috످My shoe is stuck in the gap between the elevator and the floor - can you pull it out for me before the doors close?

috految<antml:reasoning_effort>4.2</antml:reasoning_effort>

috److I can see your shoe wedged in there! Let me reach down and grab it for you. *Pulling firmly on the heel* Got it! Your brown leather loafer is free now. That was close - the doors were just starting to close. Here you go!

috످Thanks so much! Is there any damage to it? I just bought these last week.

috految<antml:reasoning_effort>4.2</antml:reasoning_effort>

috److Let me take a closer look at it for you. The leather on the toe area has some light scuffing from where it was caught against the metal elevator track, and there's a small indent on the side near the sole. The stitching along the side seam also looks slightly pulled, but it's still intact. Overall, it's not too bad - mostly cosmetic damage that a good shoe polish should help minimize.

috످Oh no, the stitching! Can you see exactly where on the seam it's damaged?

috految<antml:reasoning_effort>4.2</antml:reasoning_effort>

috److I'm an AI, so I can't see or touch your shoe. I made up pulling it out, what it looks like, and all the damage. I'm sorry for worrying you. Your stitching may be fine.

If your shoe is still stuck, don't reach into the gap or pull on it. Slip your foot out, step clear of the doors, and call building staff. If your foot is trapped, hit the door-open and alarm buttons, shout for help, and call 911 or your local emergency number.

If the shoe is already out, check the seams for loose threads or gaps. If you find any, take photos and ask the store about a repair or exchange.

috످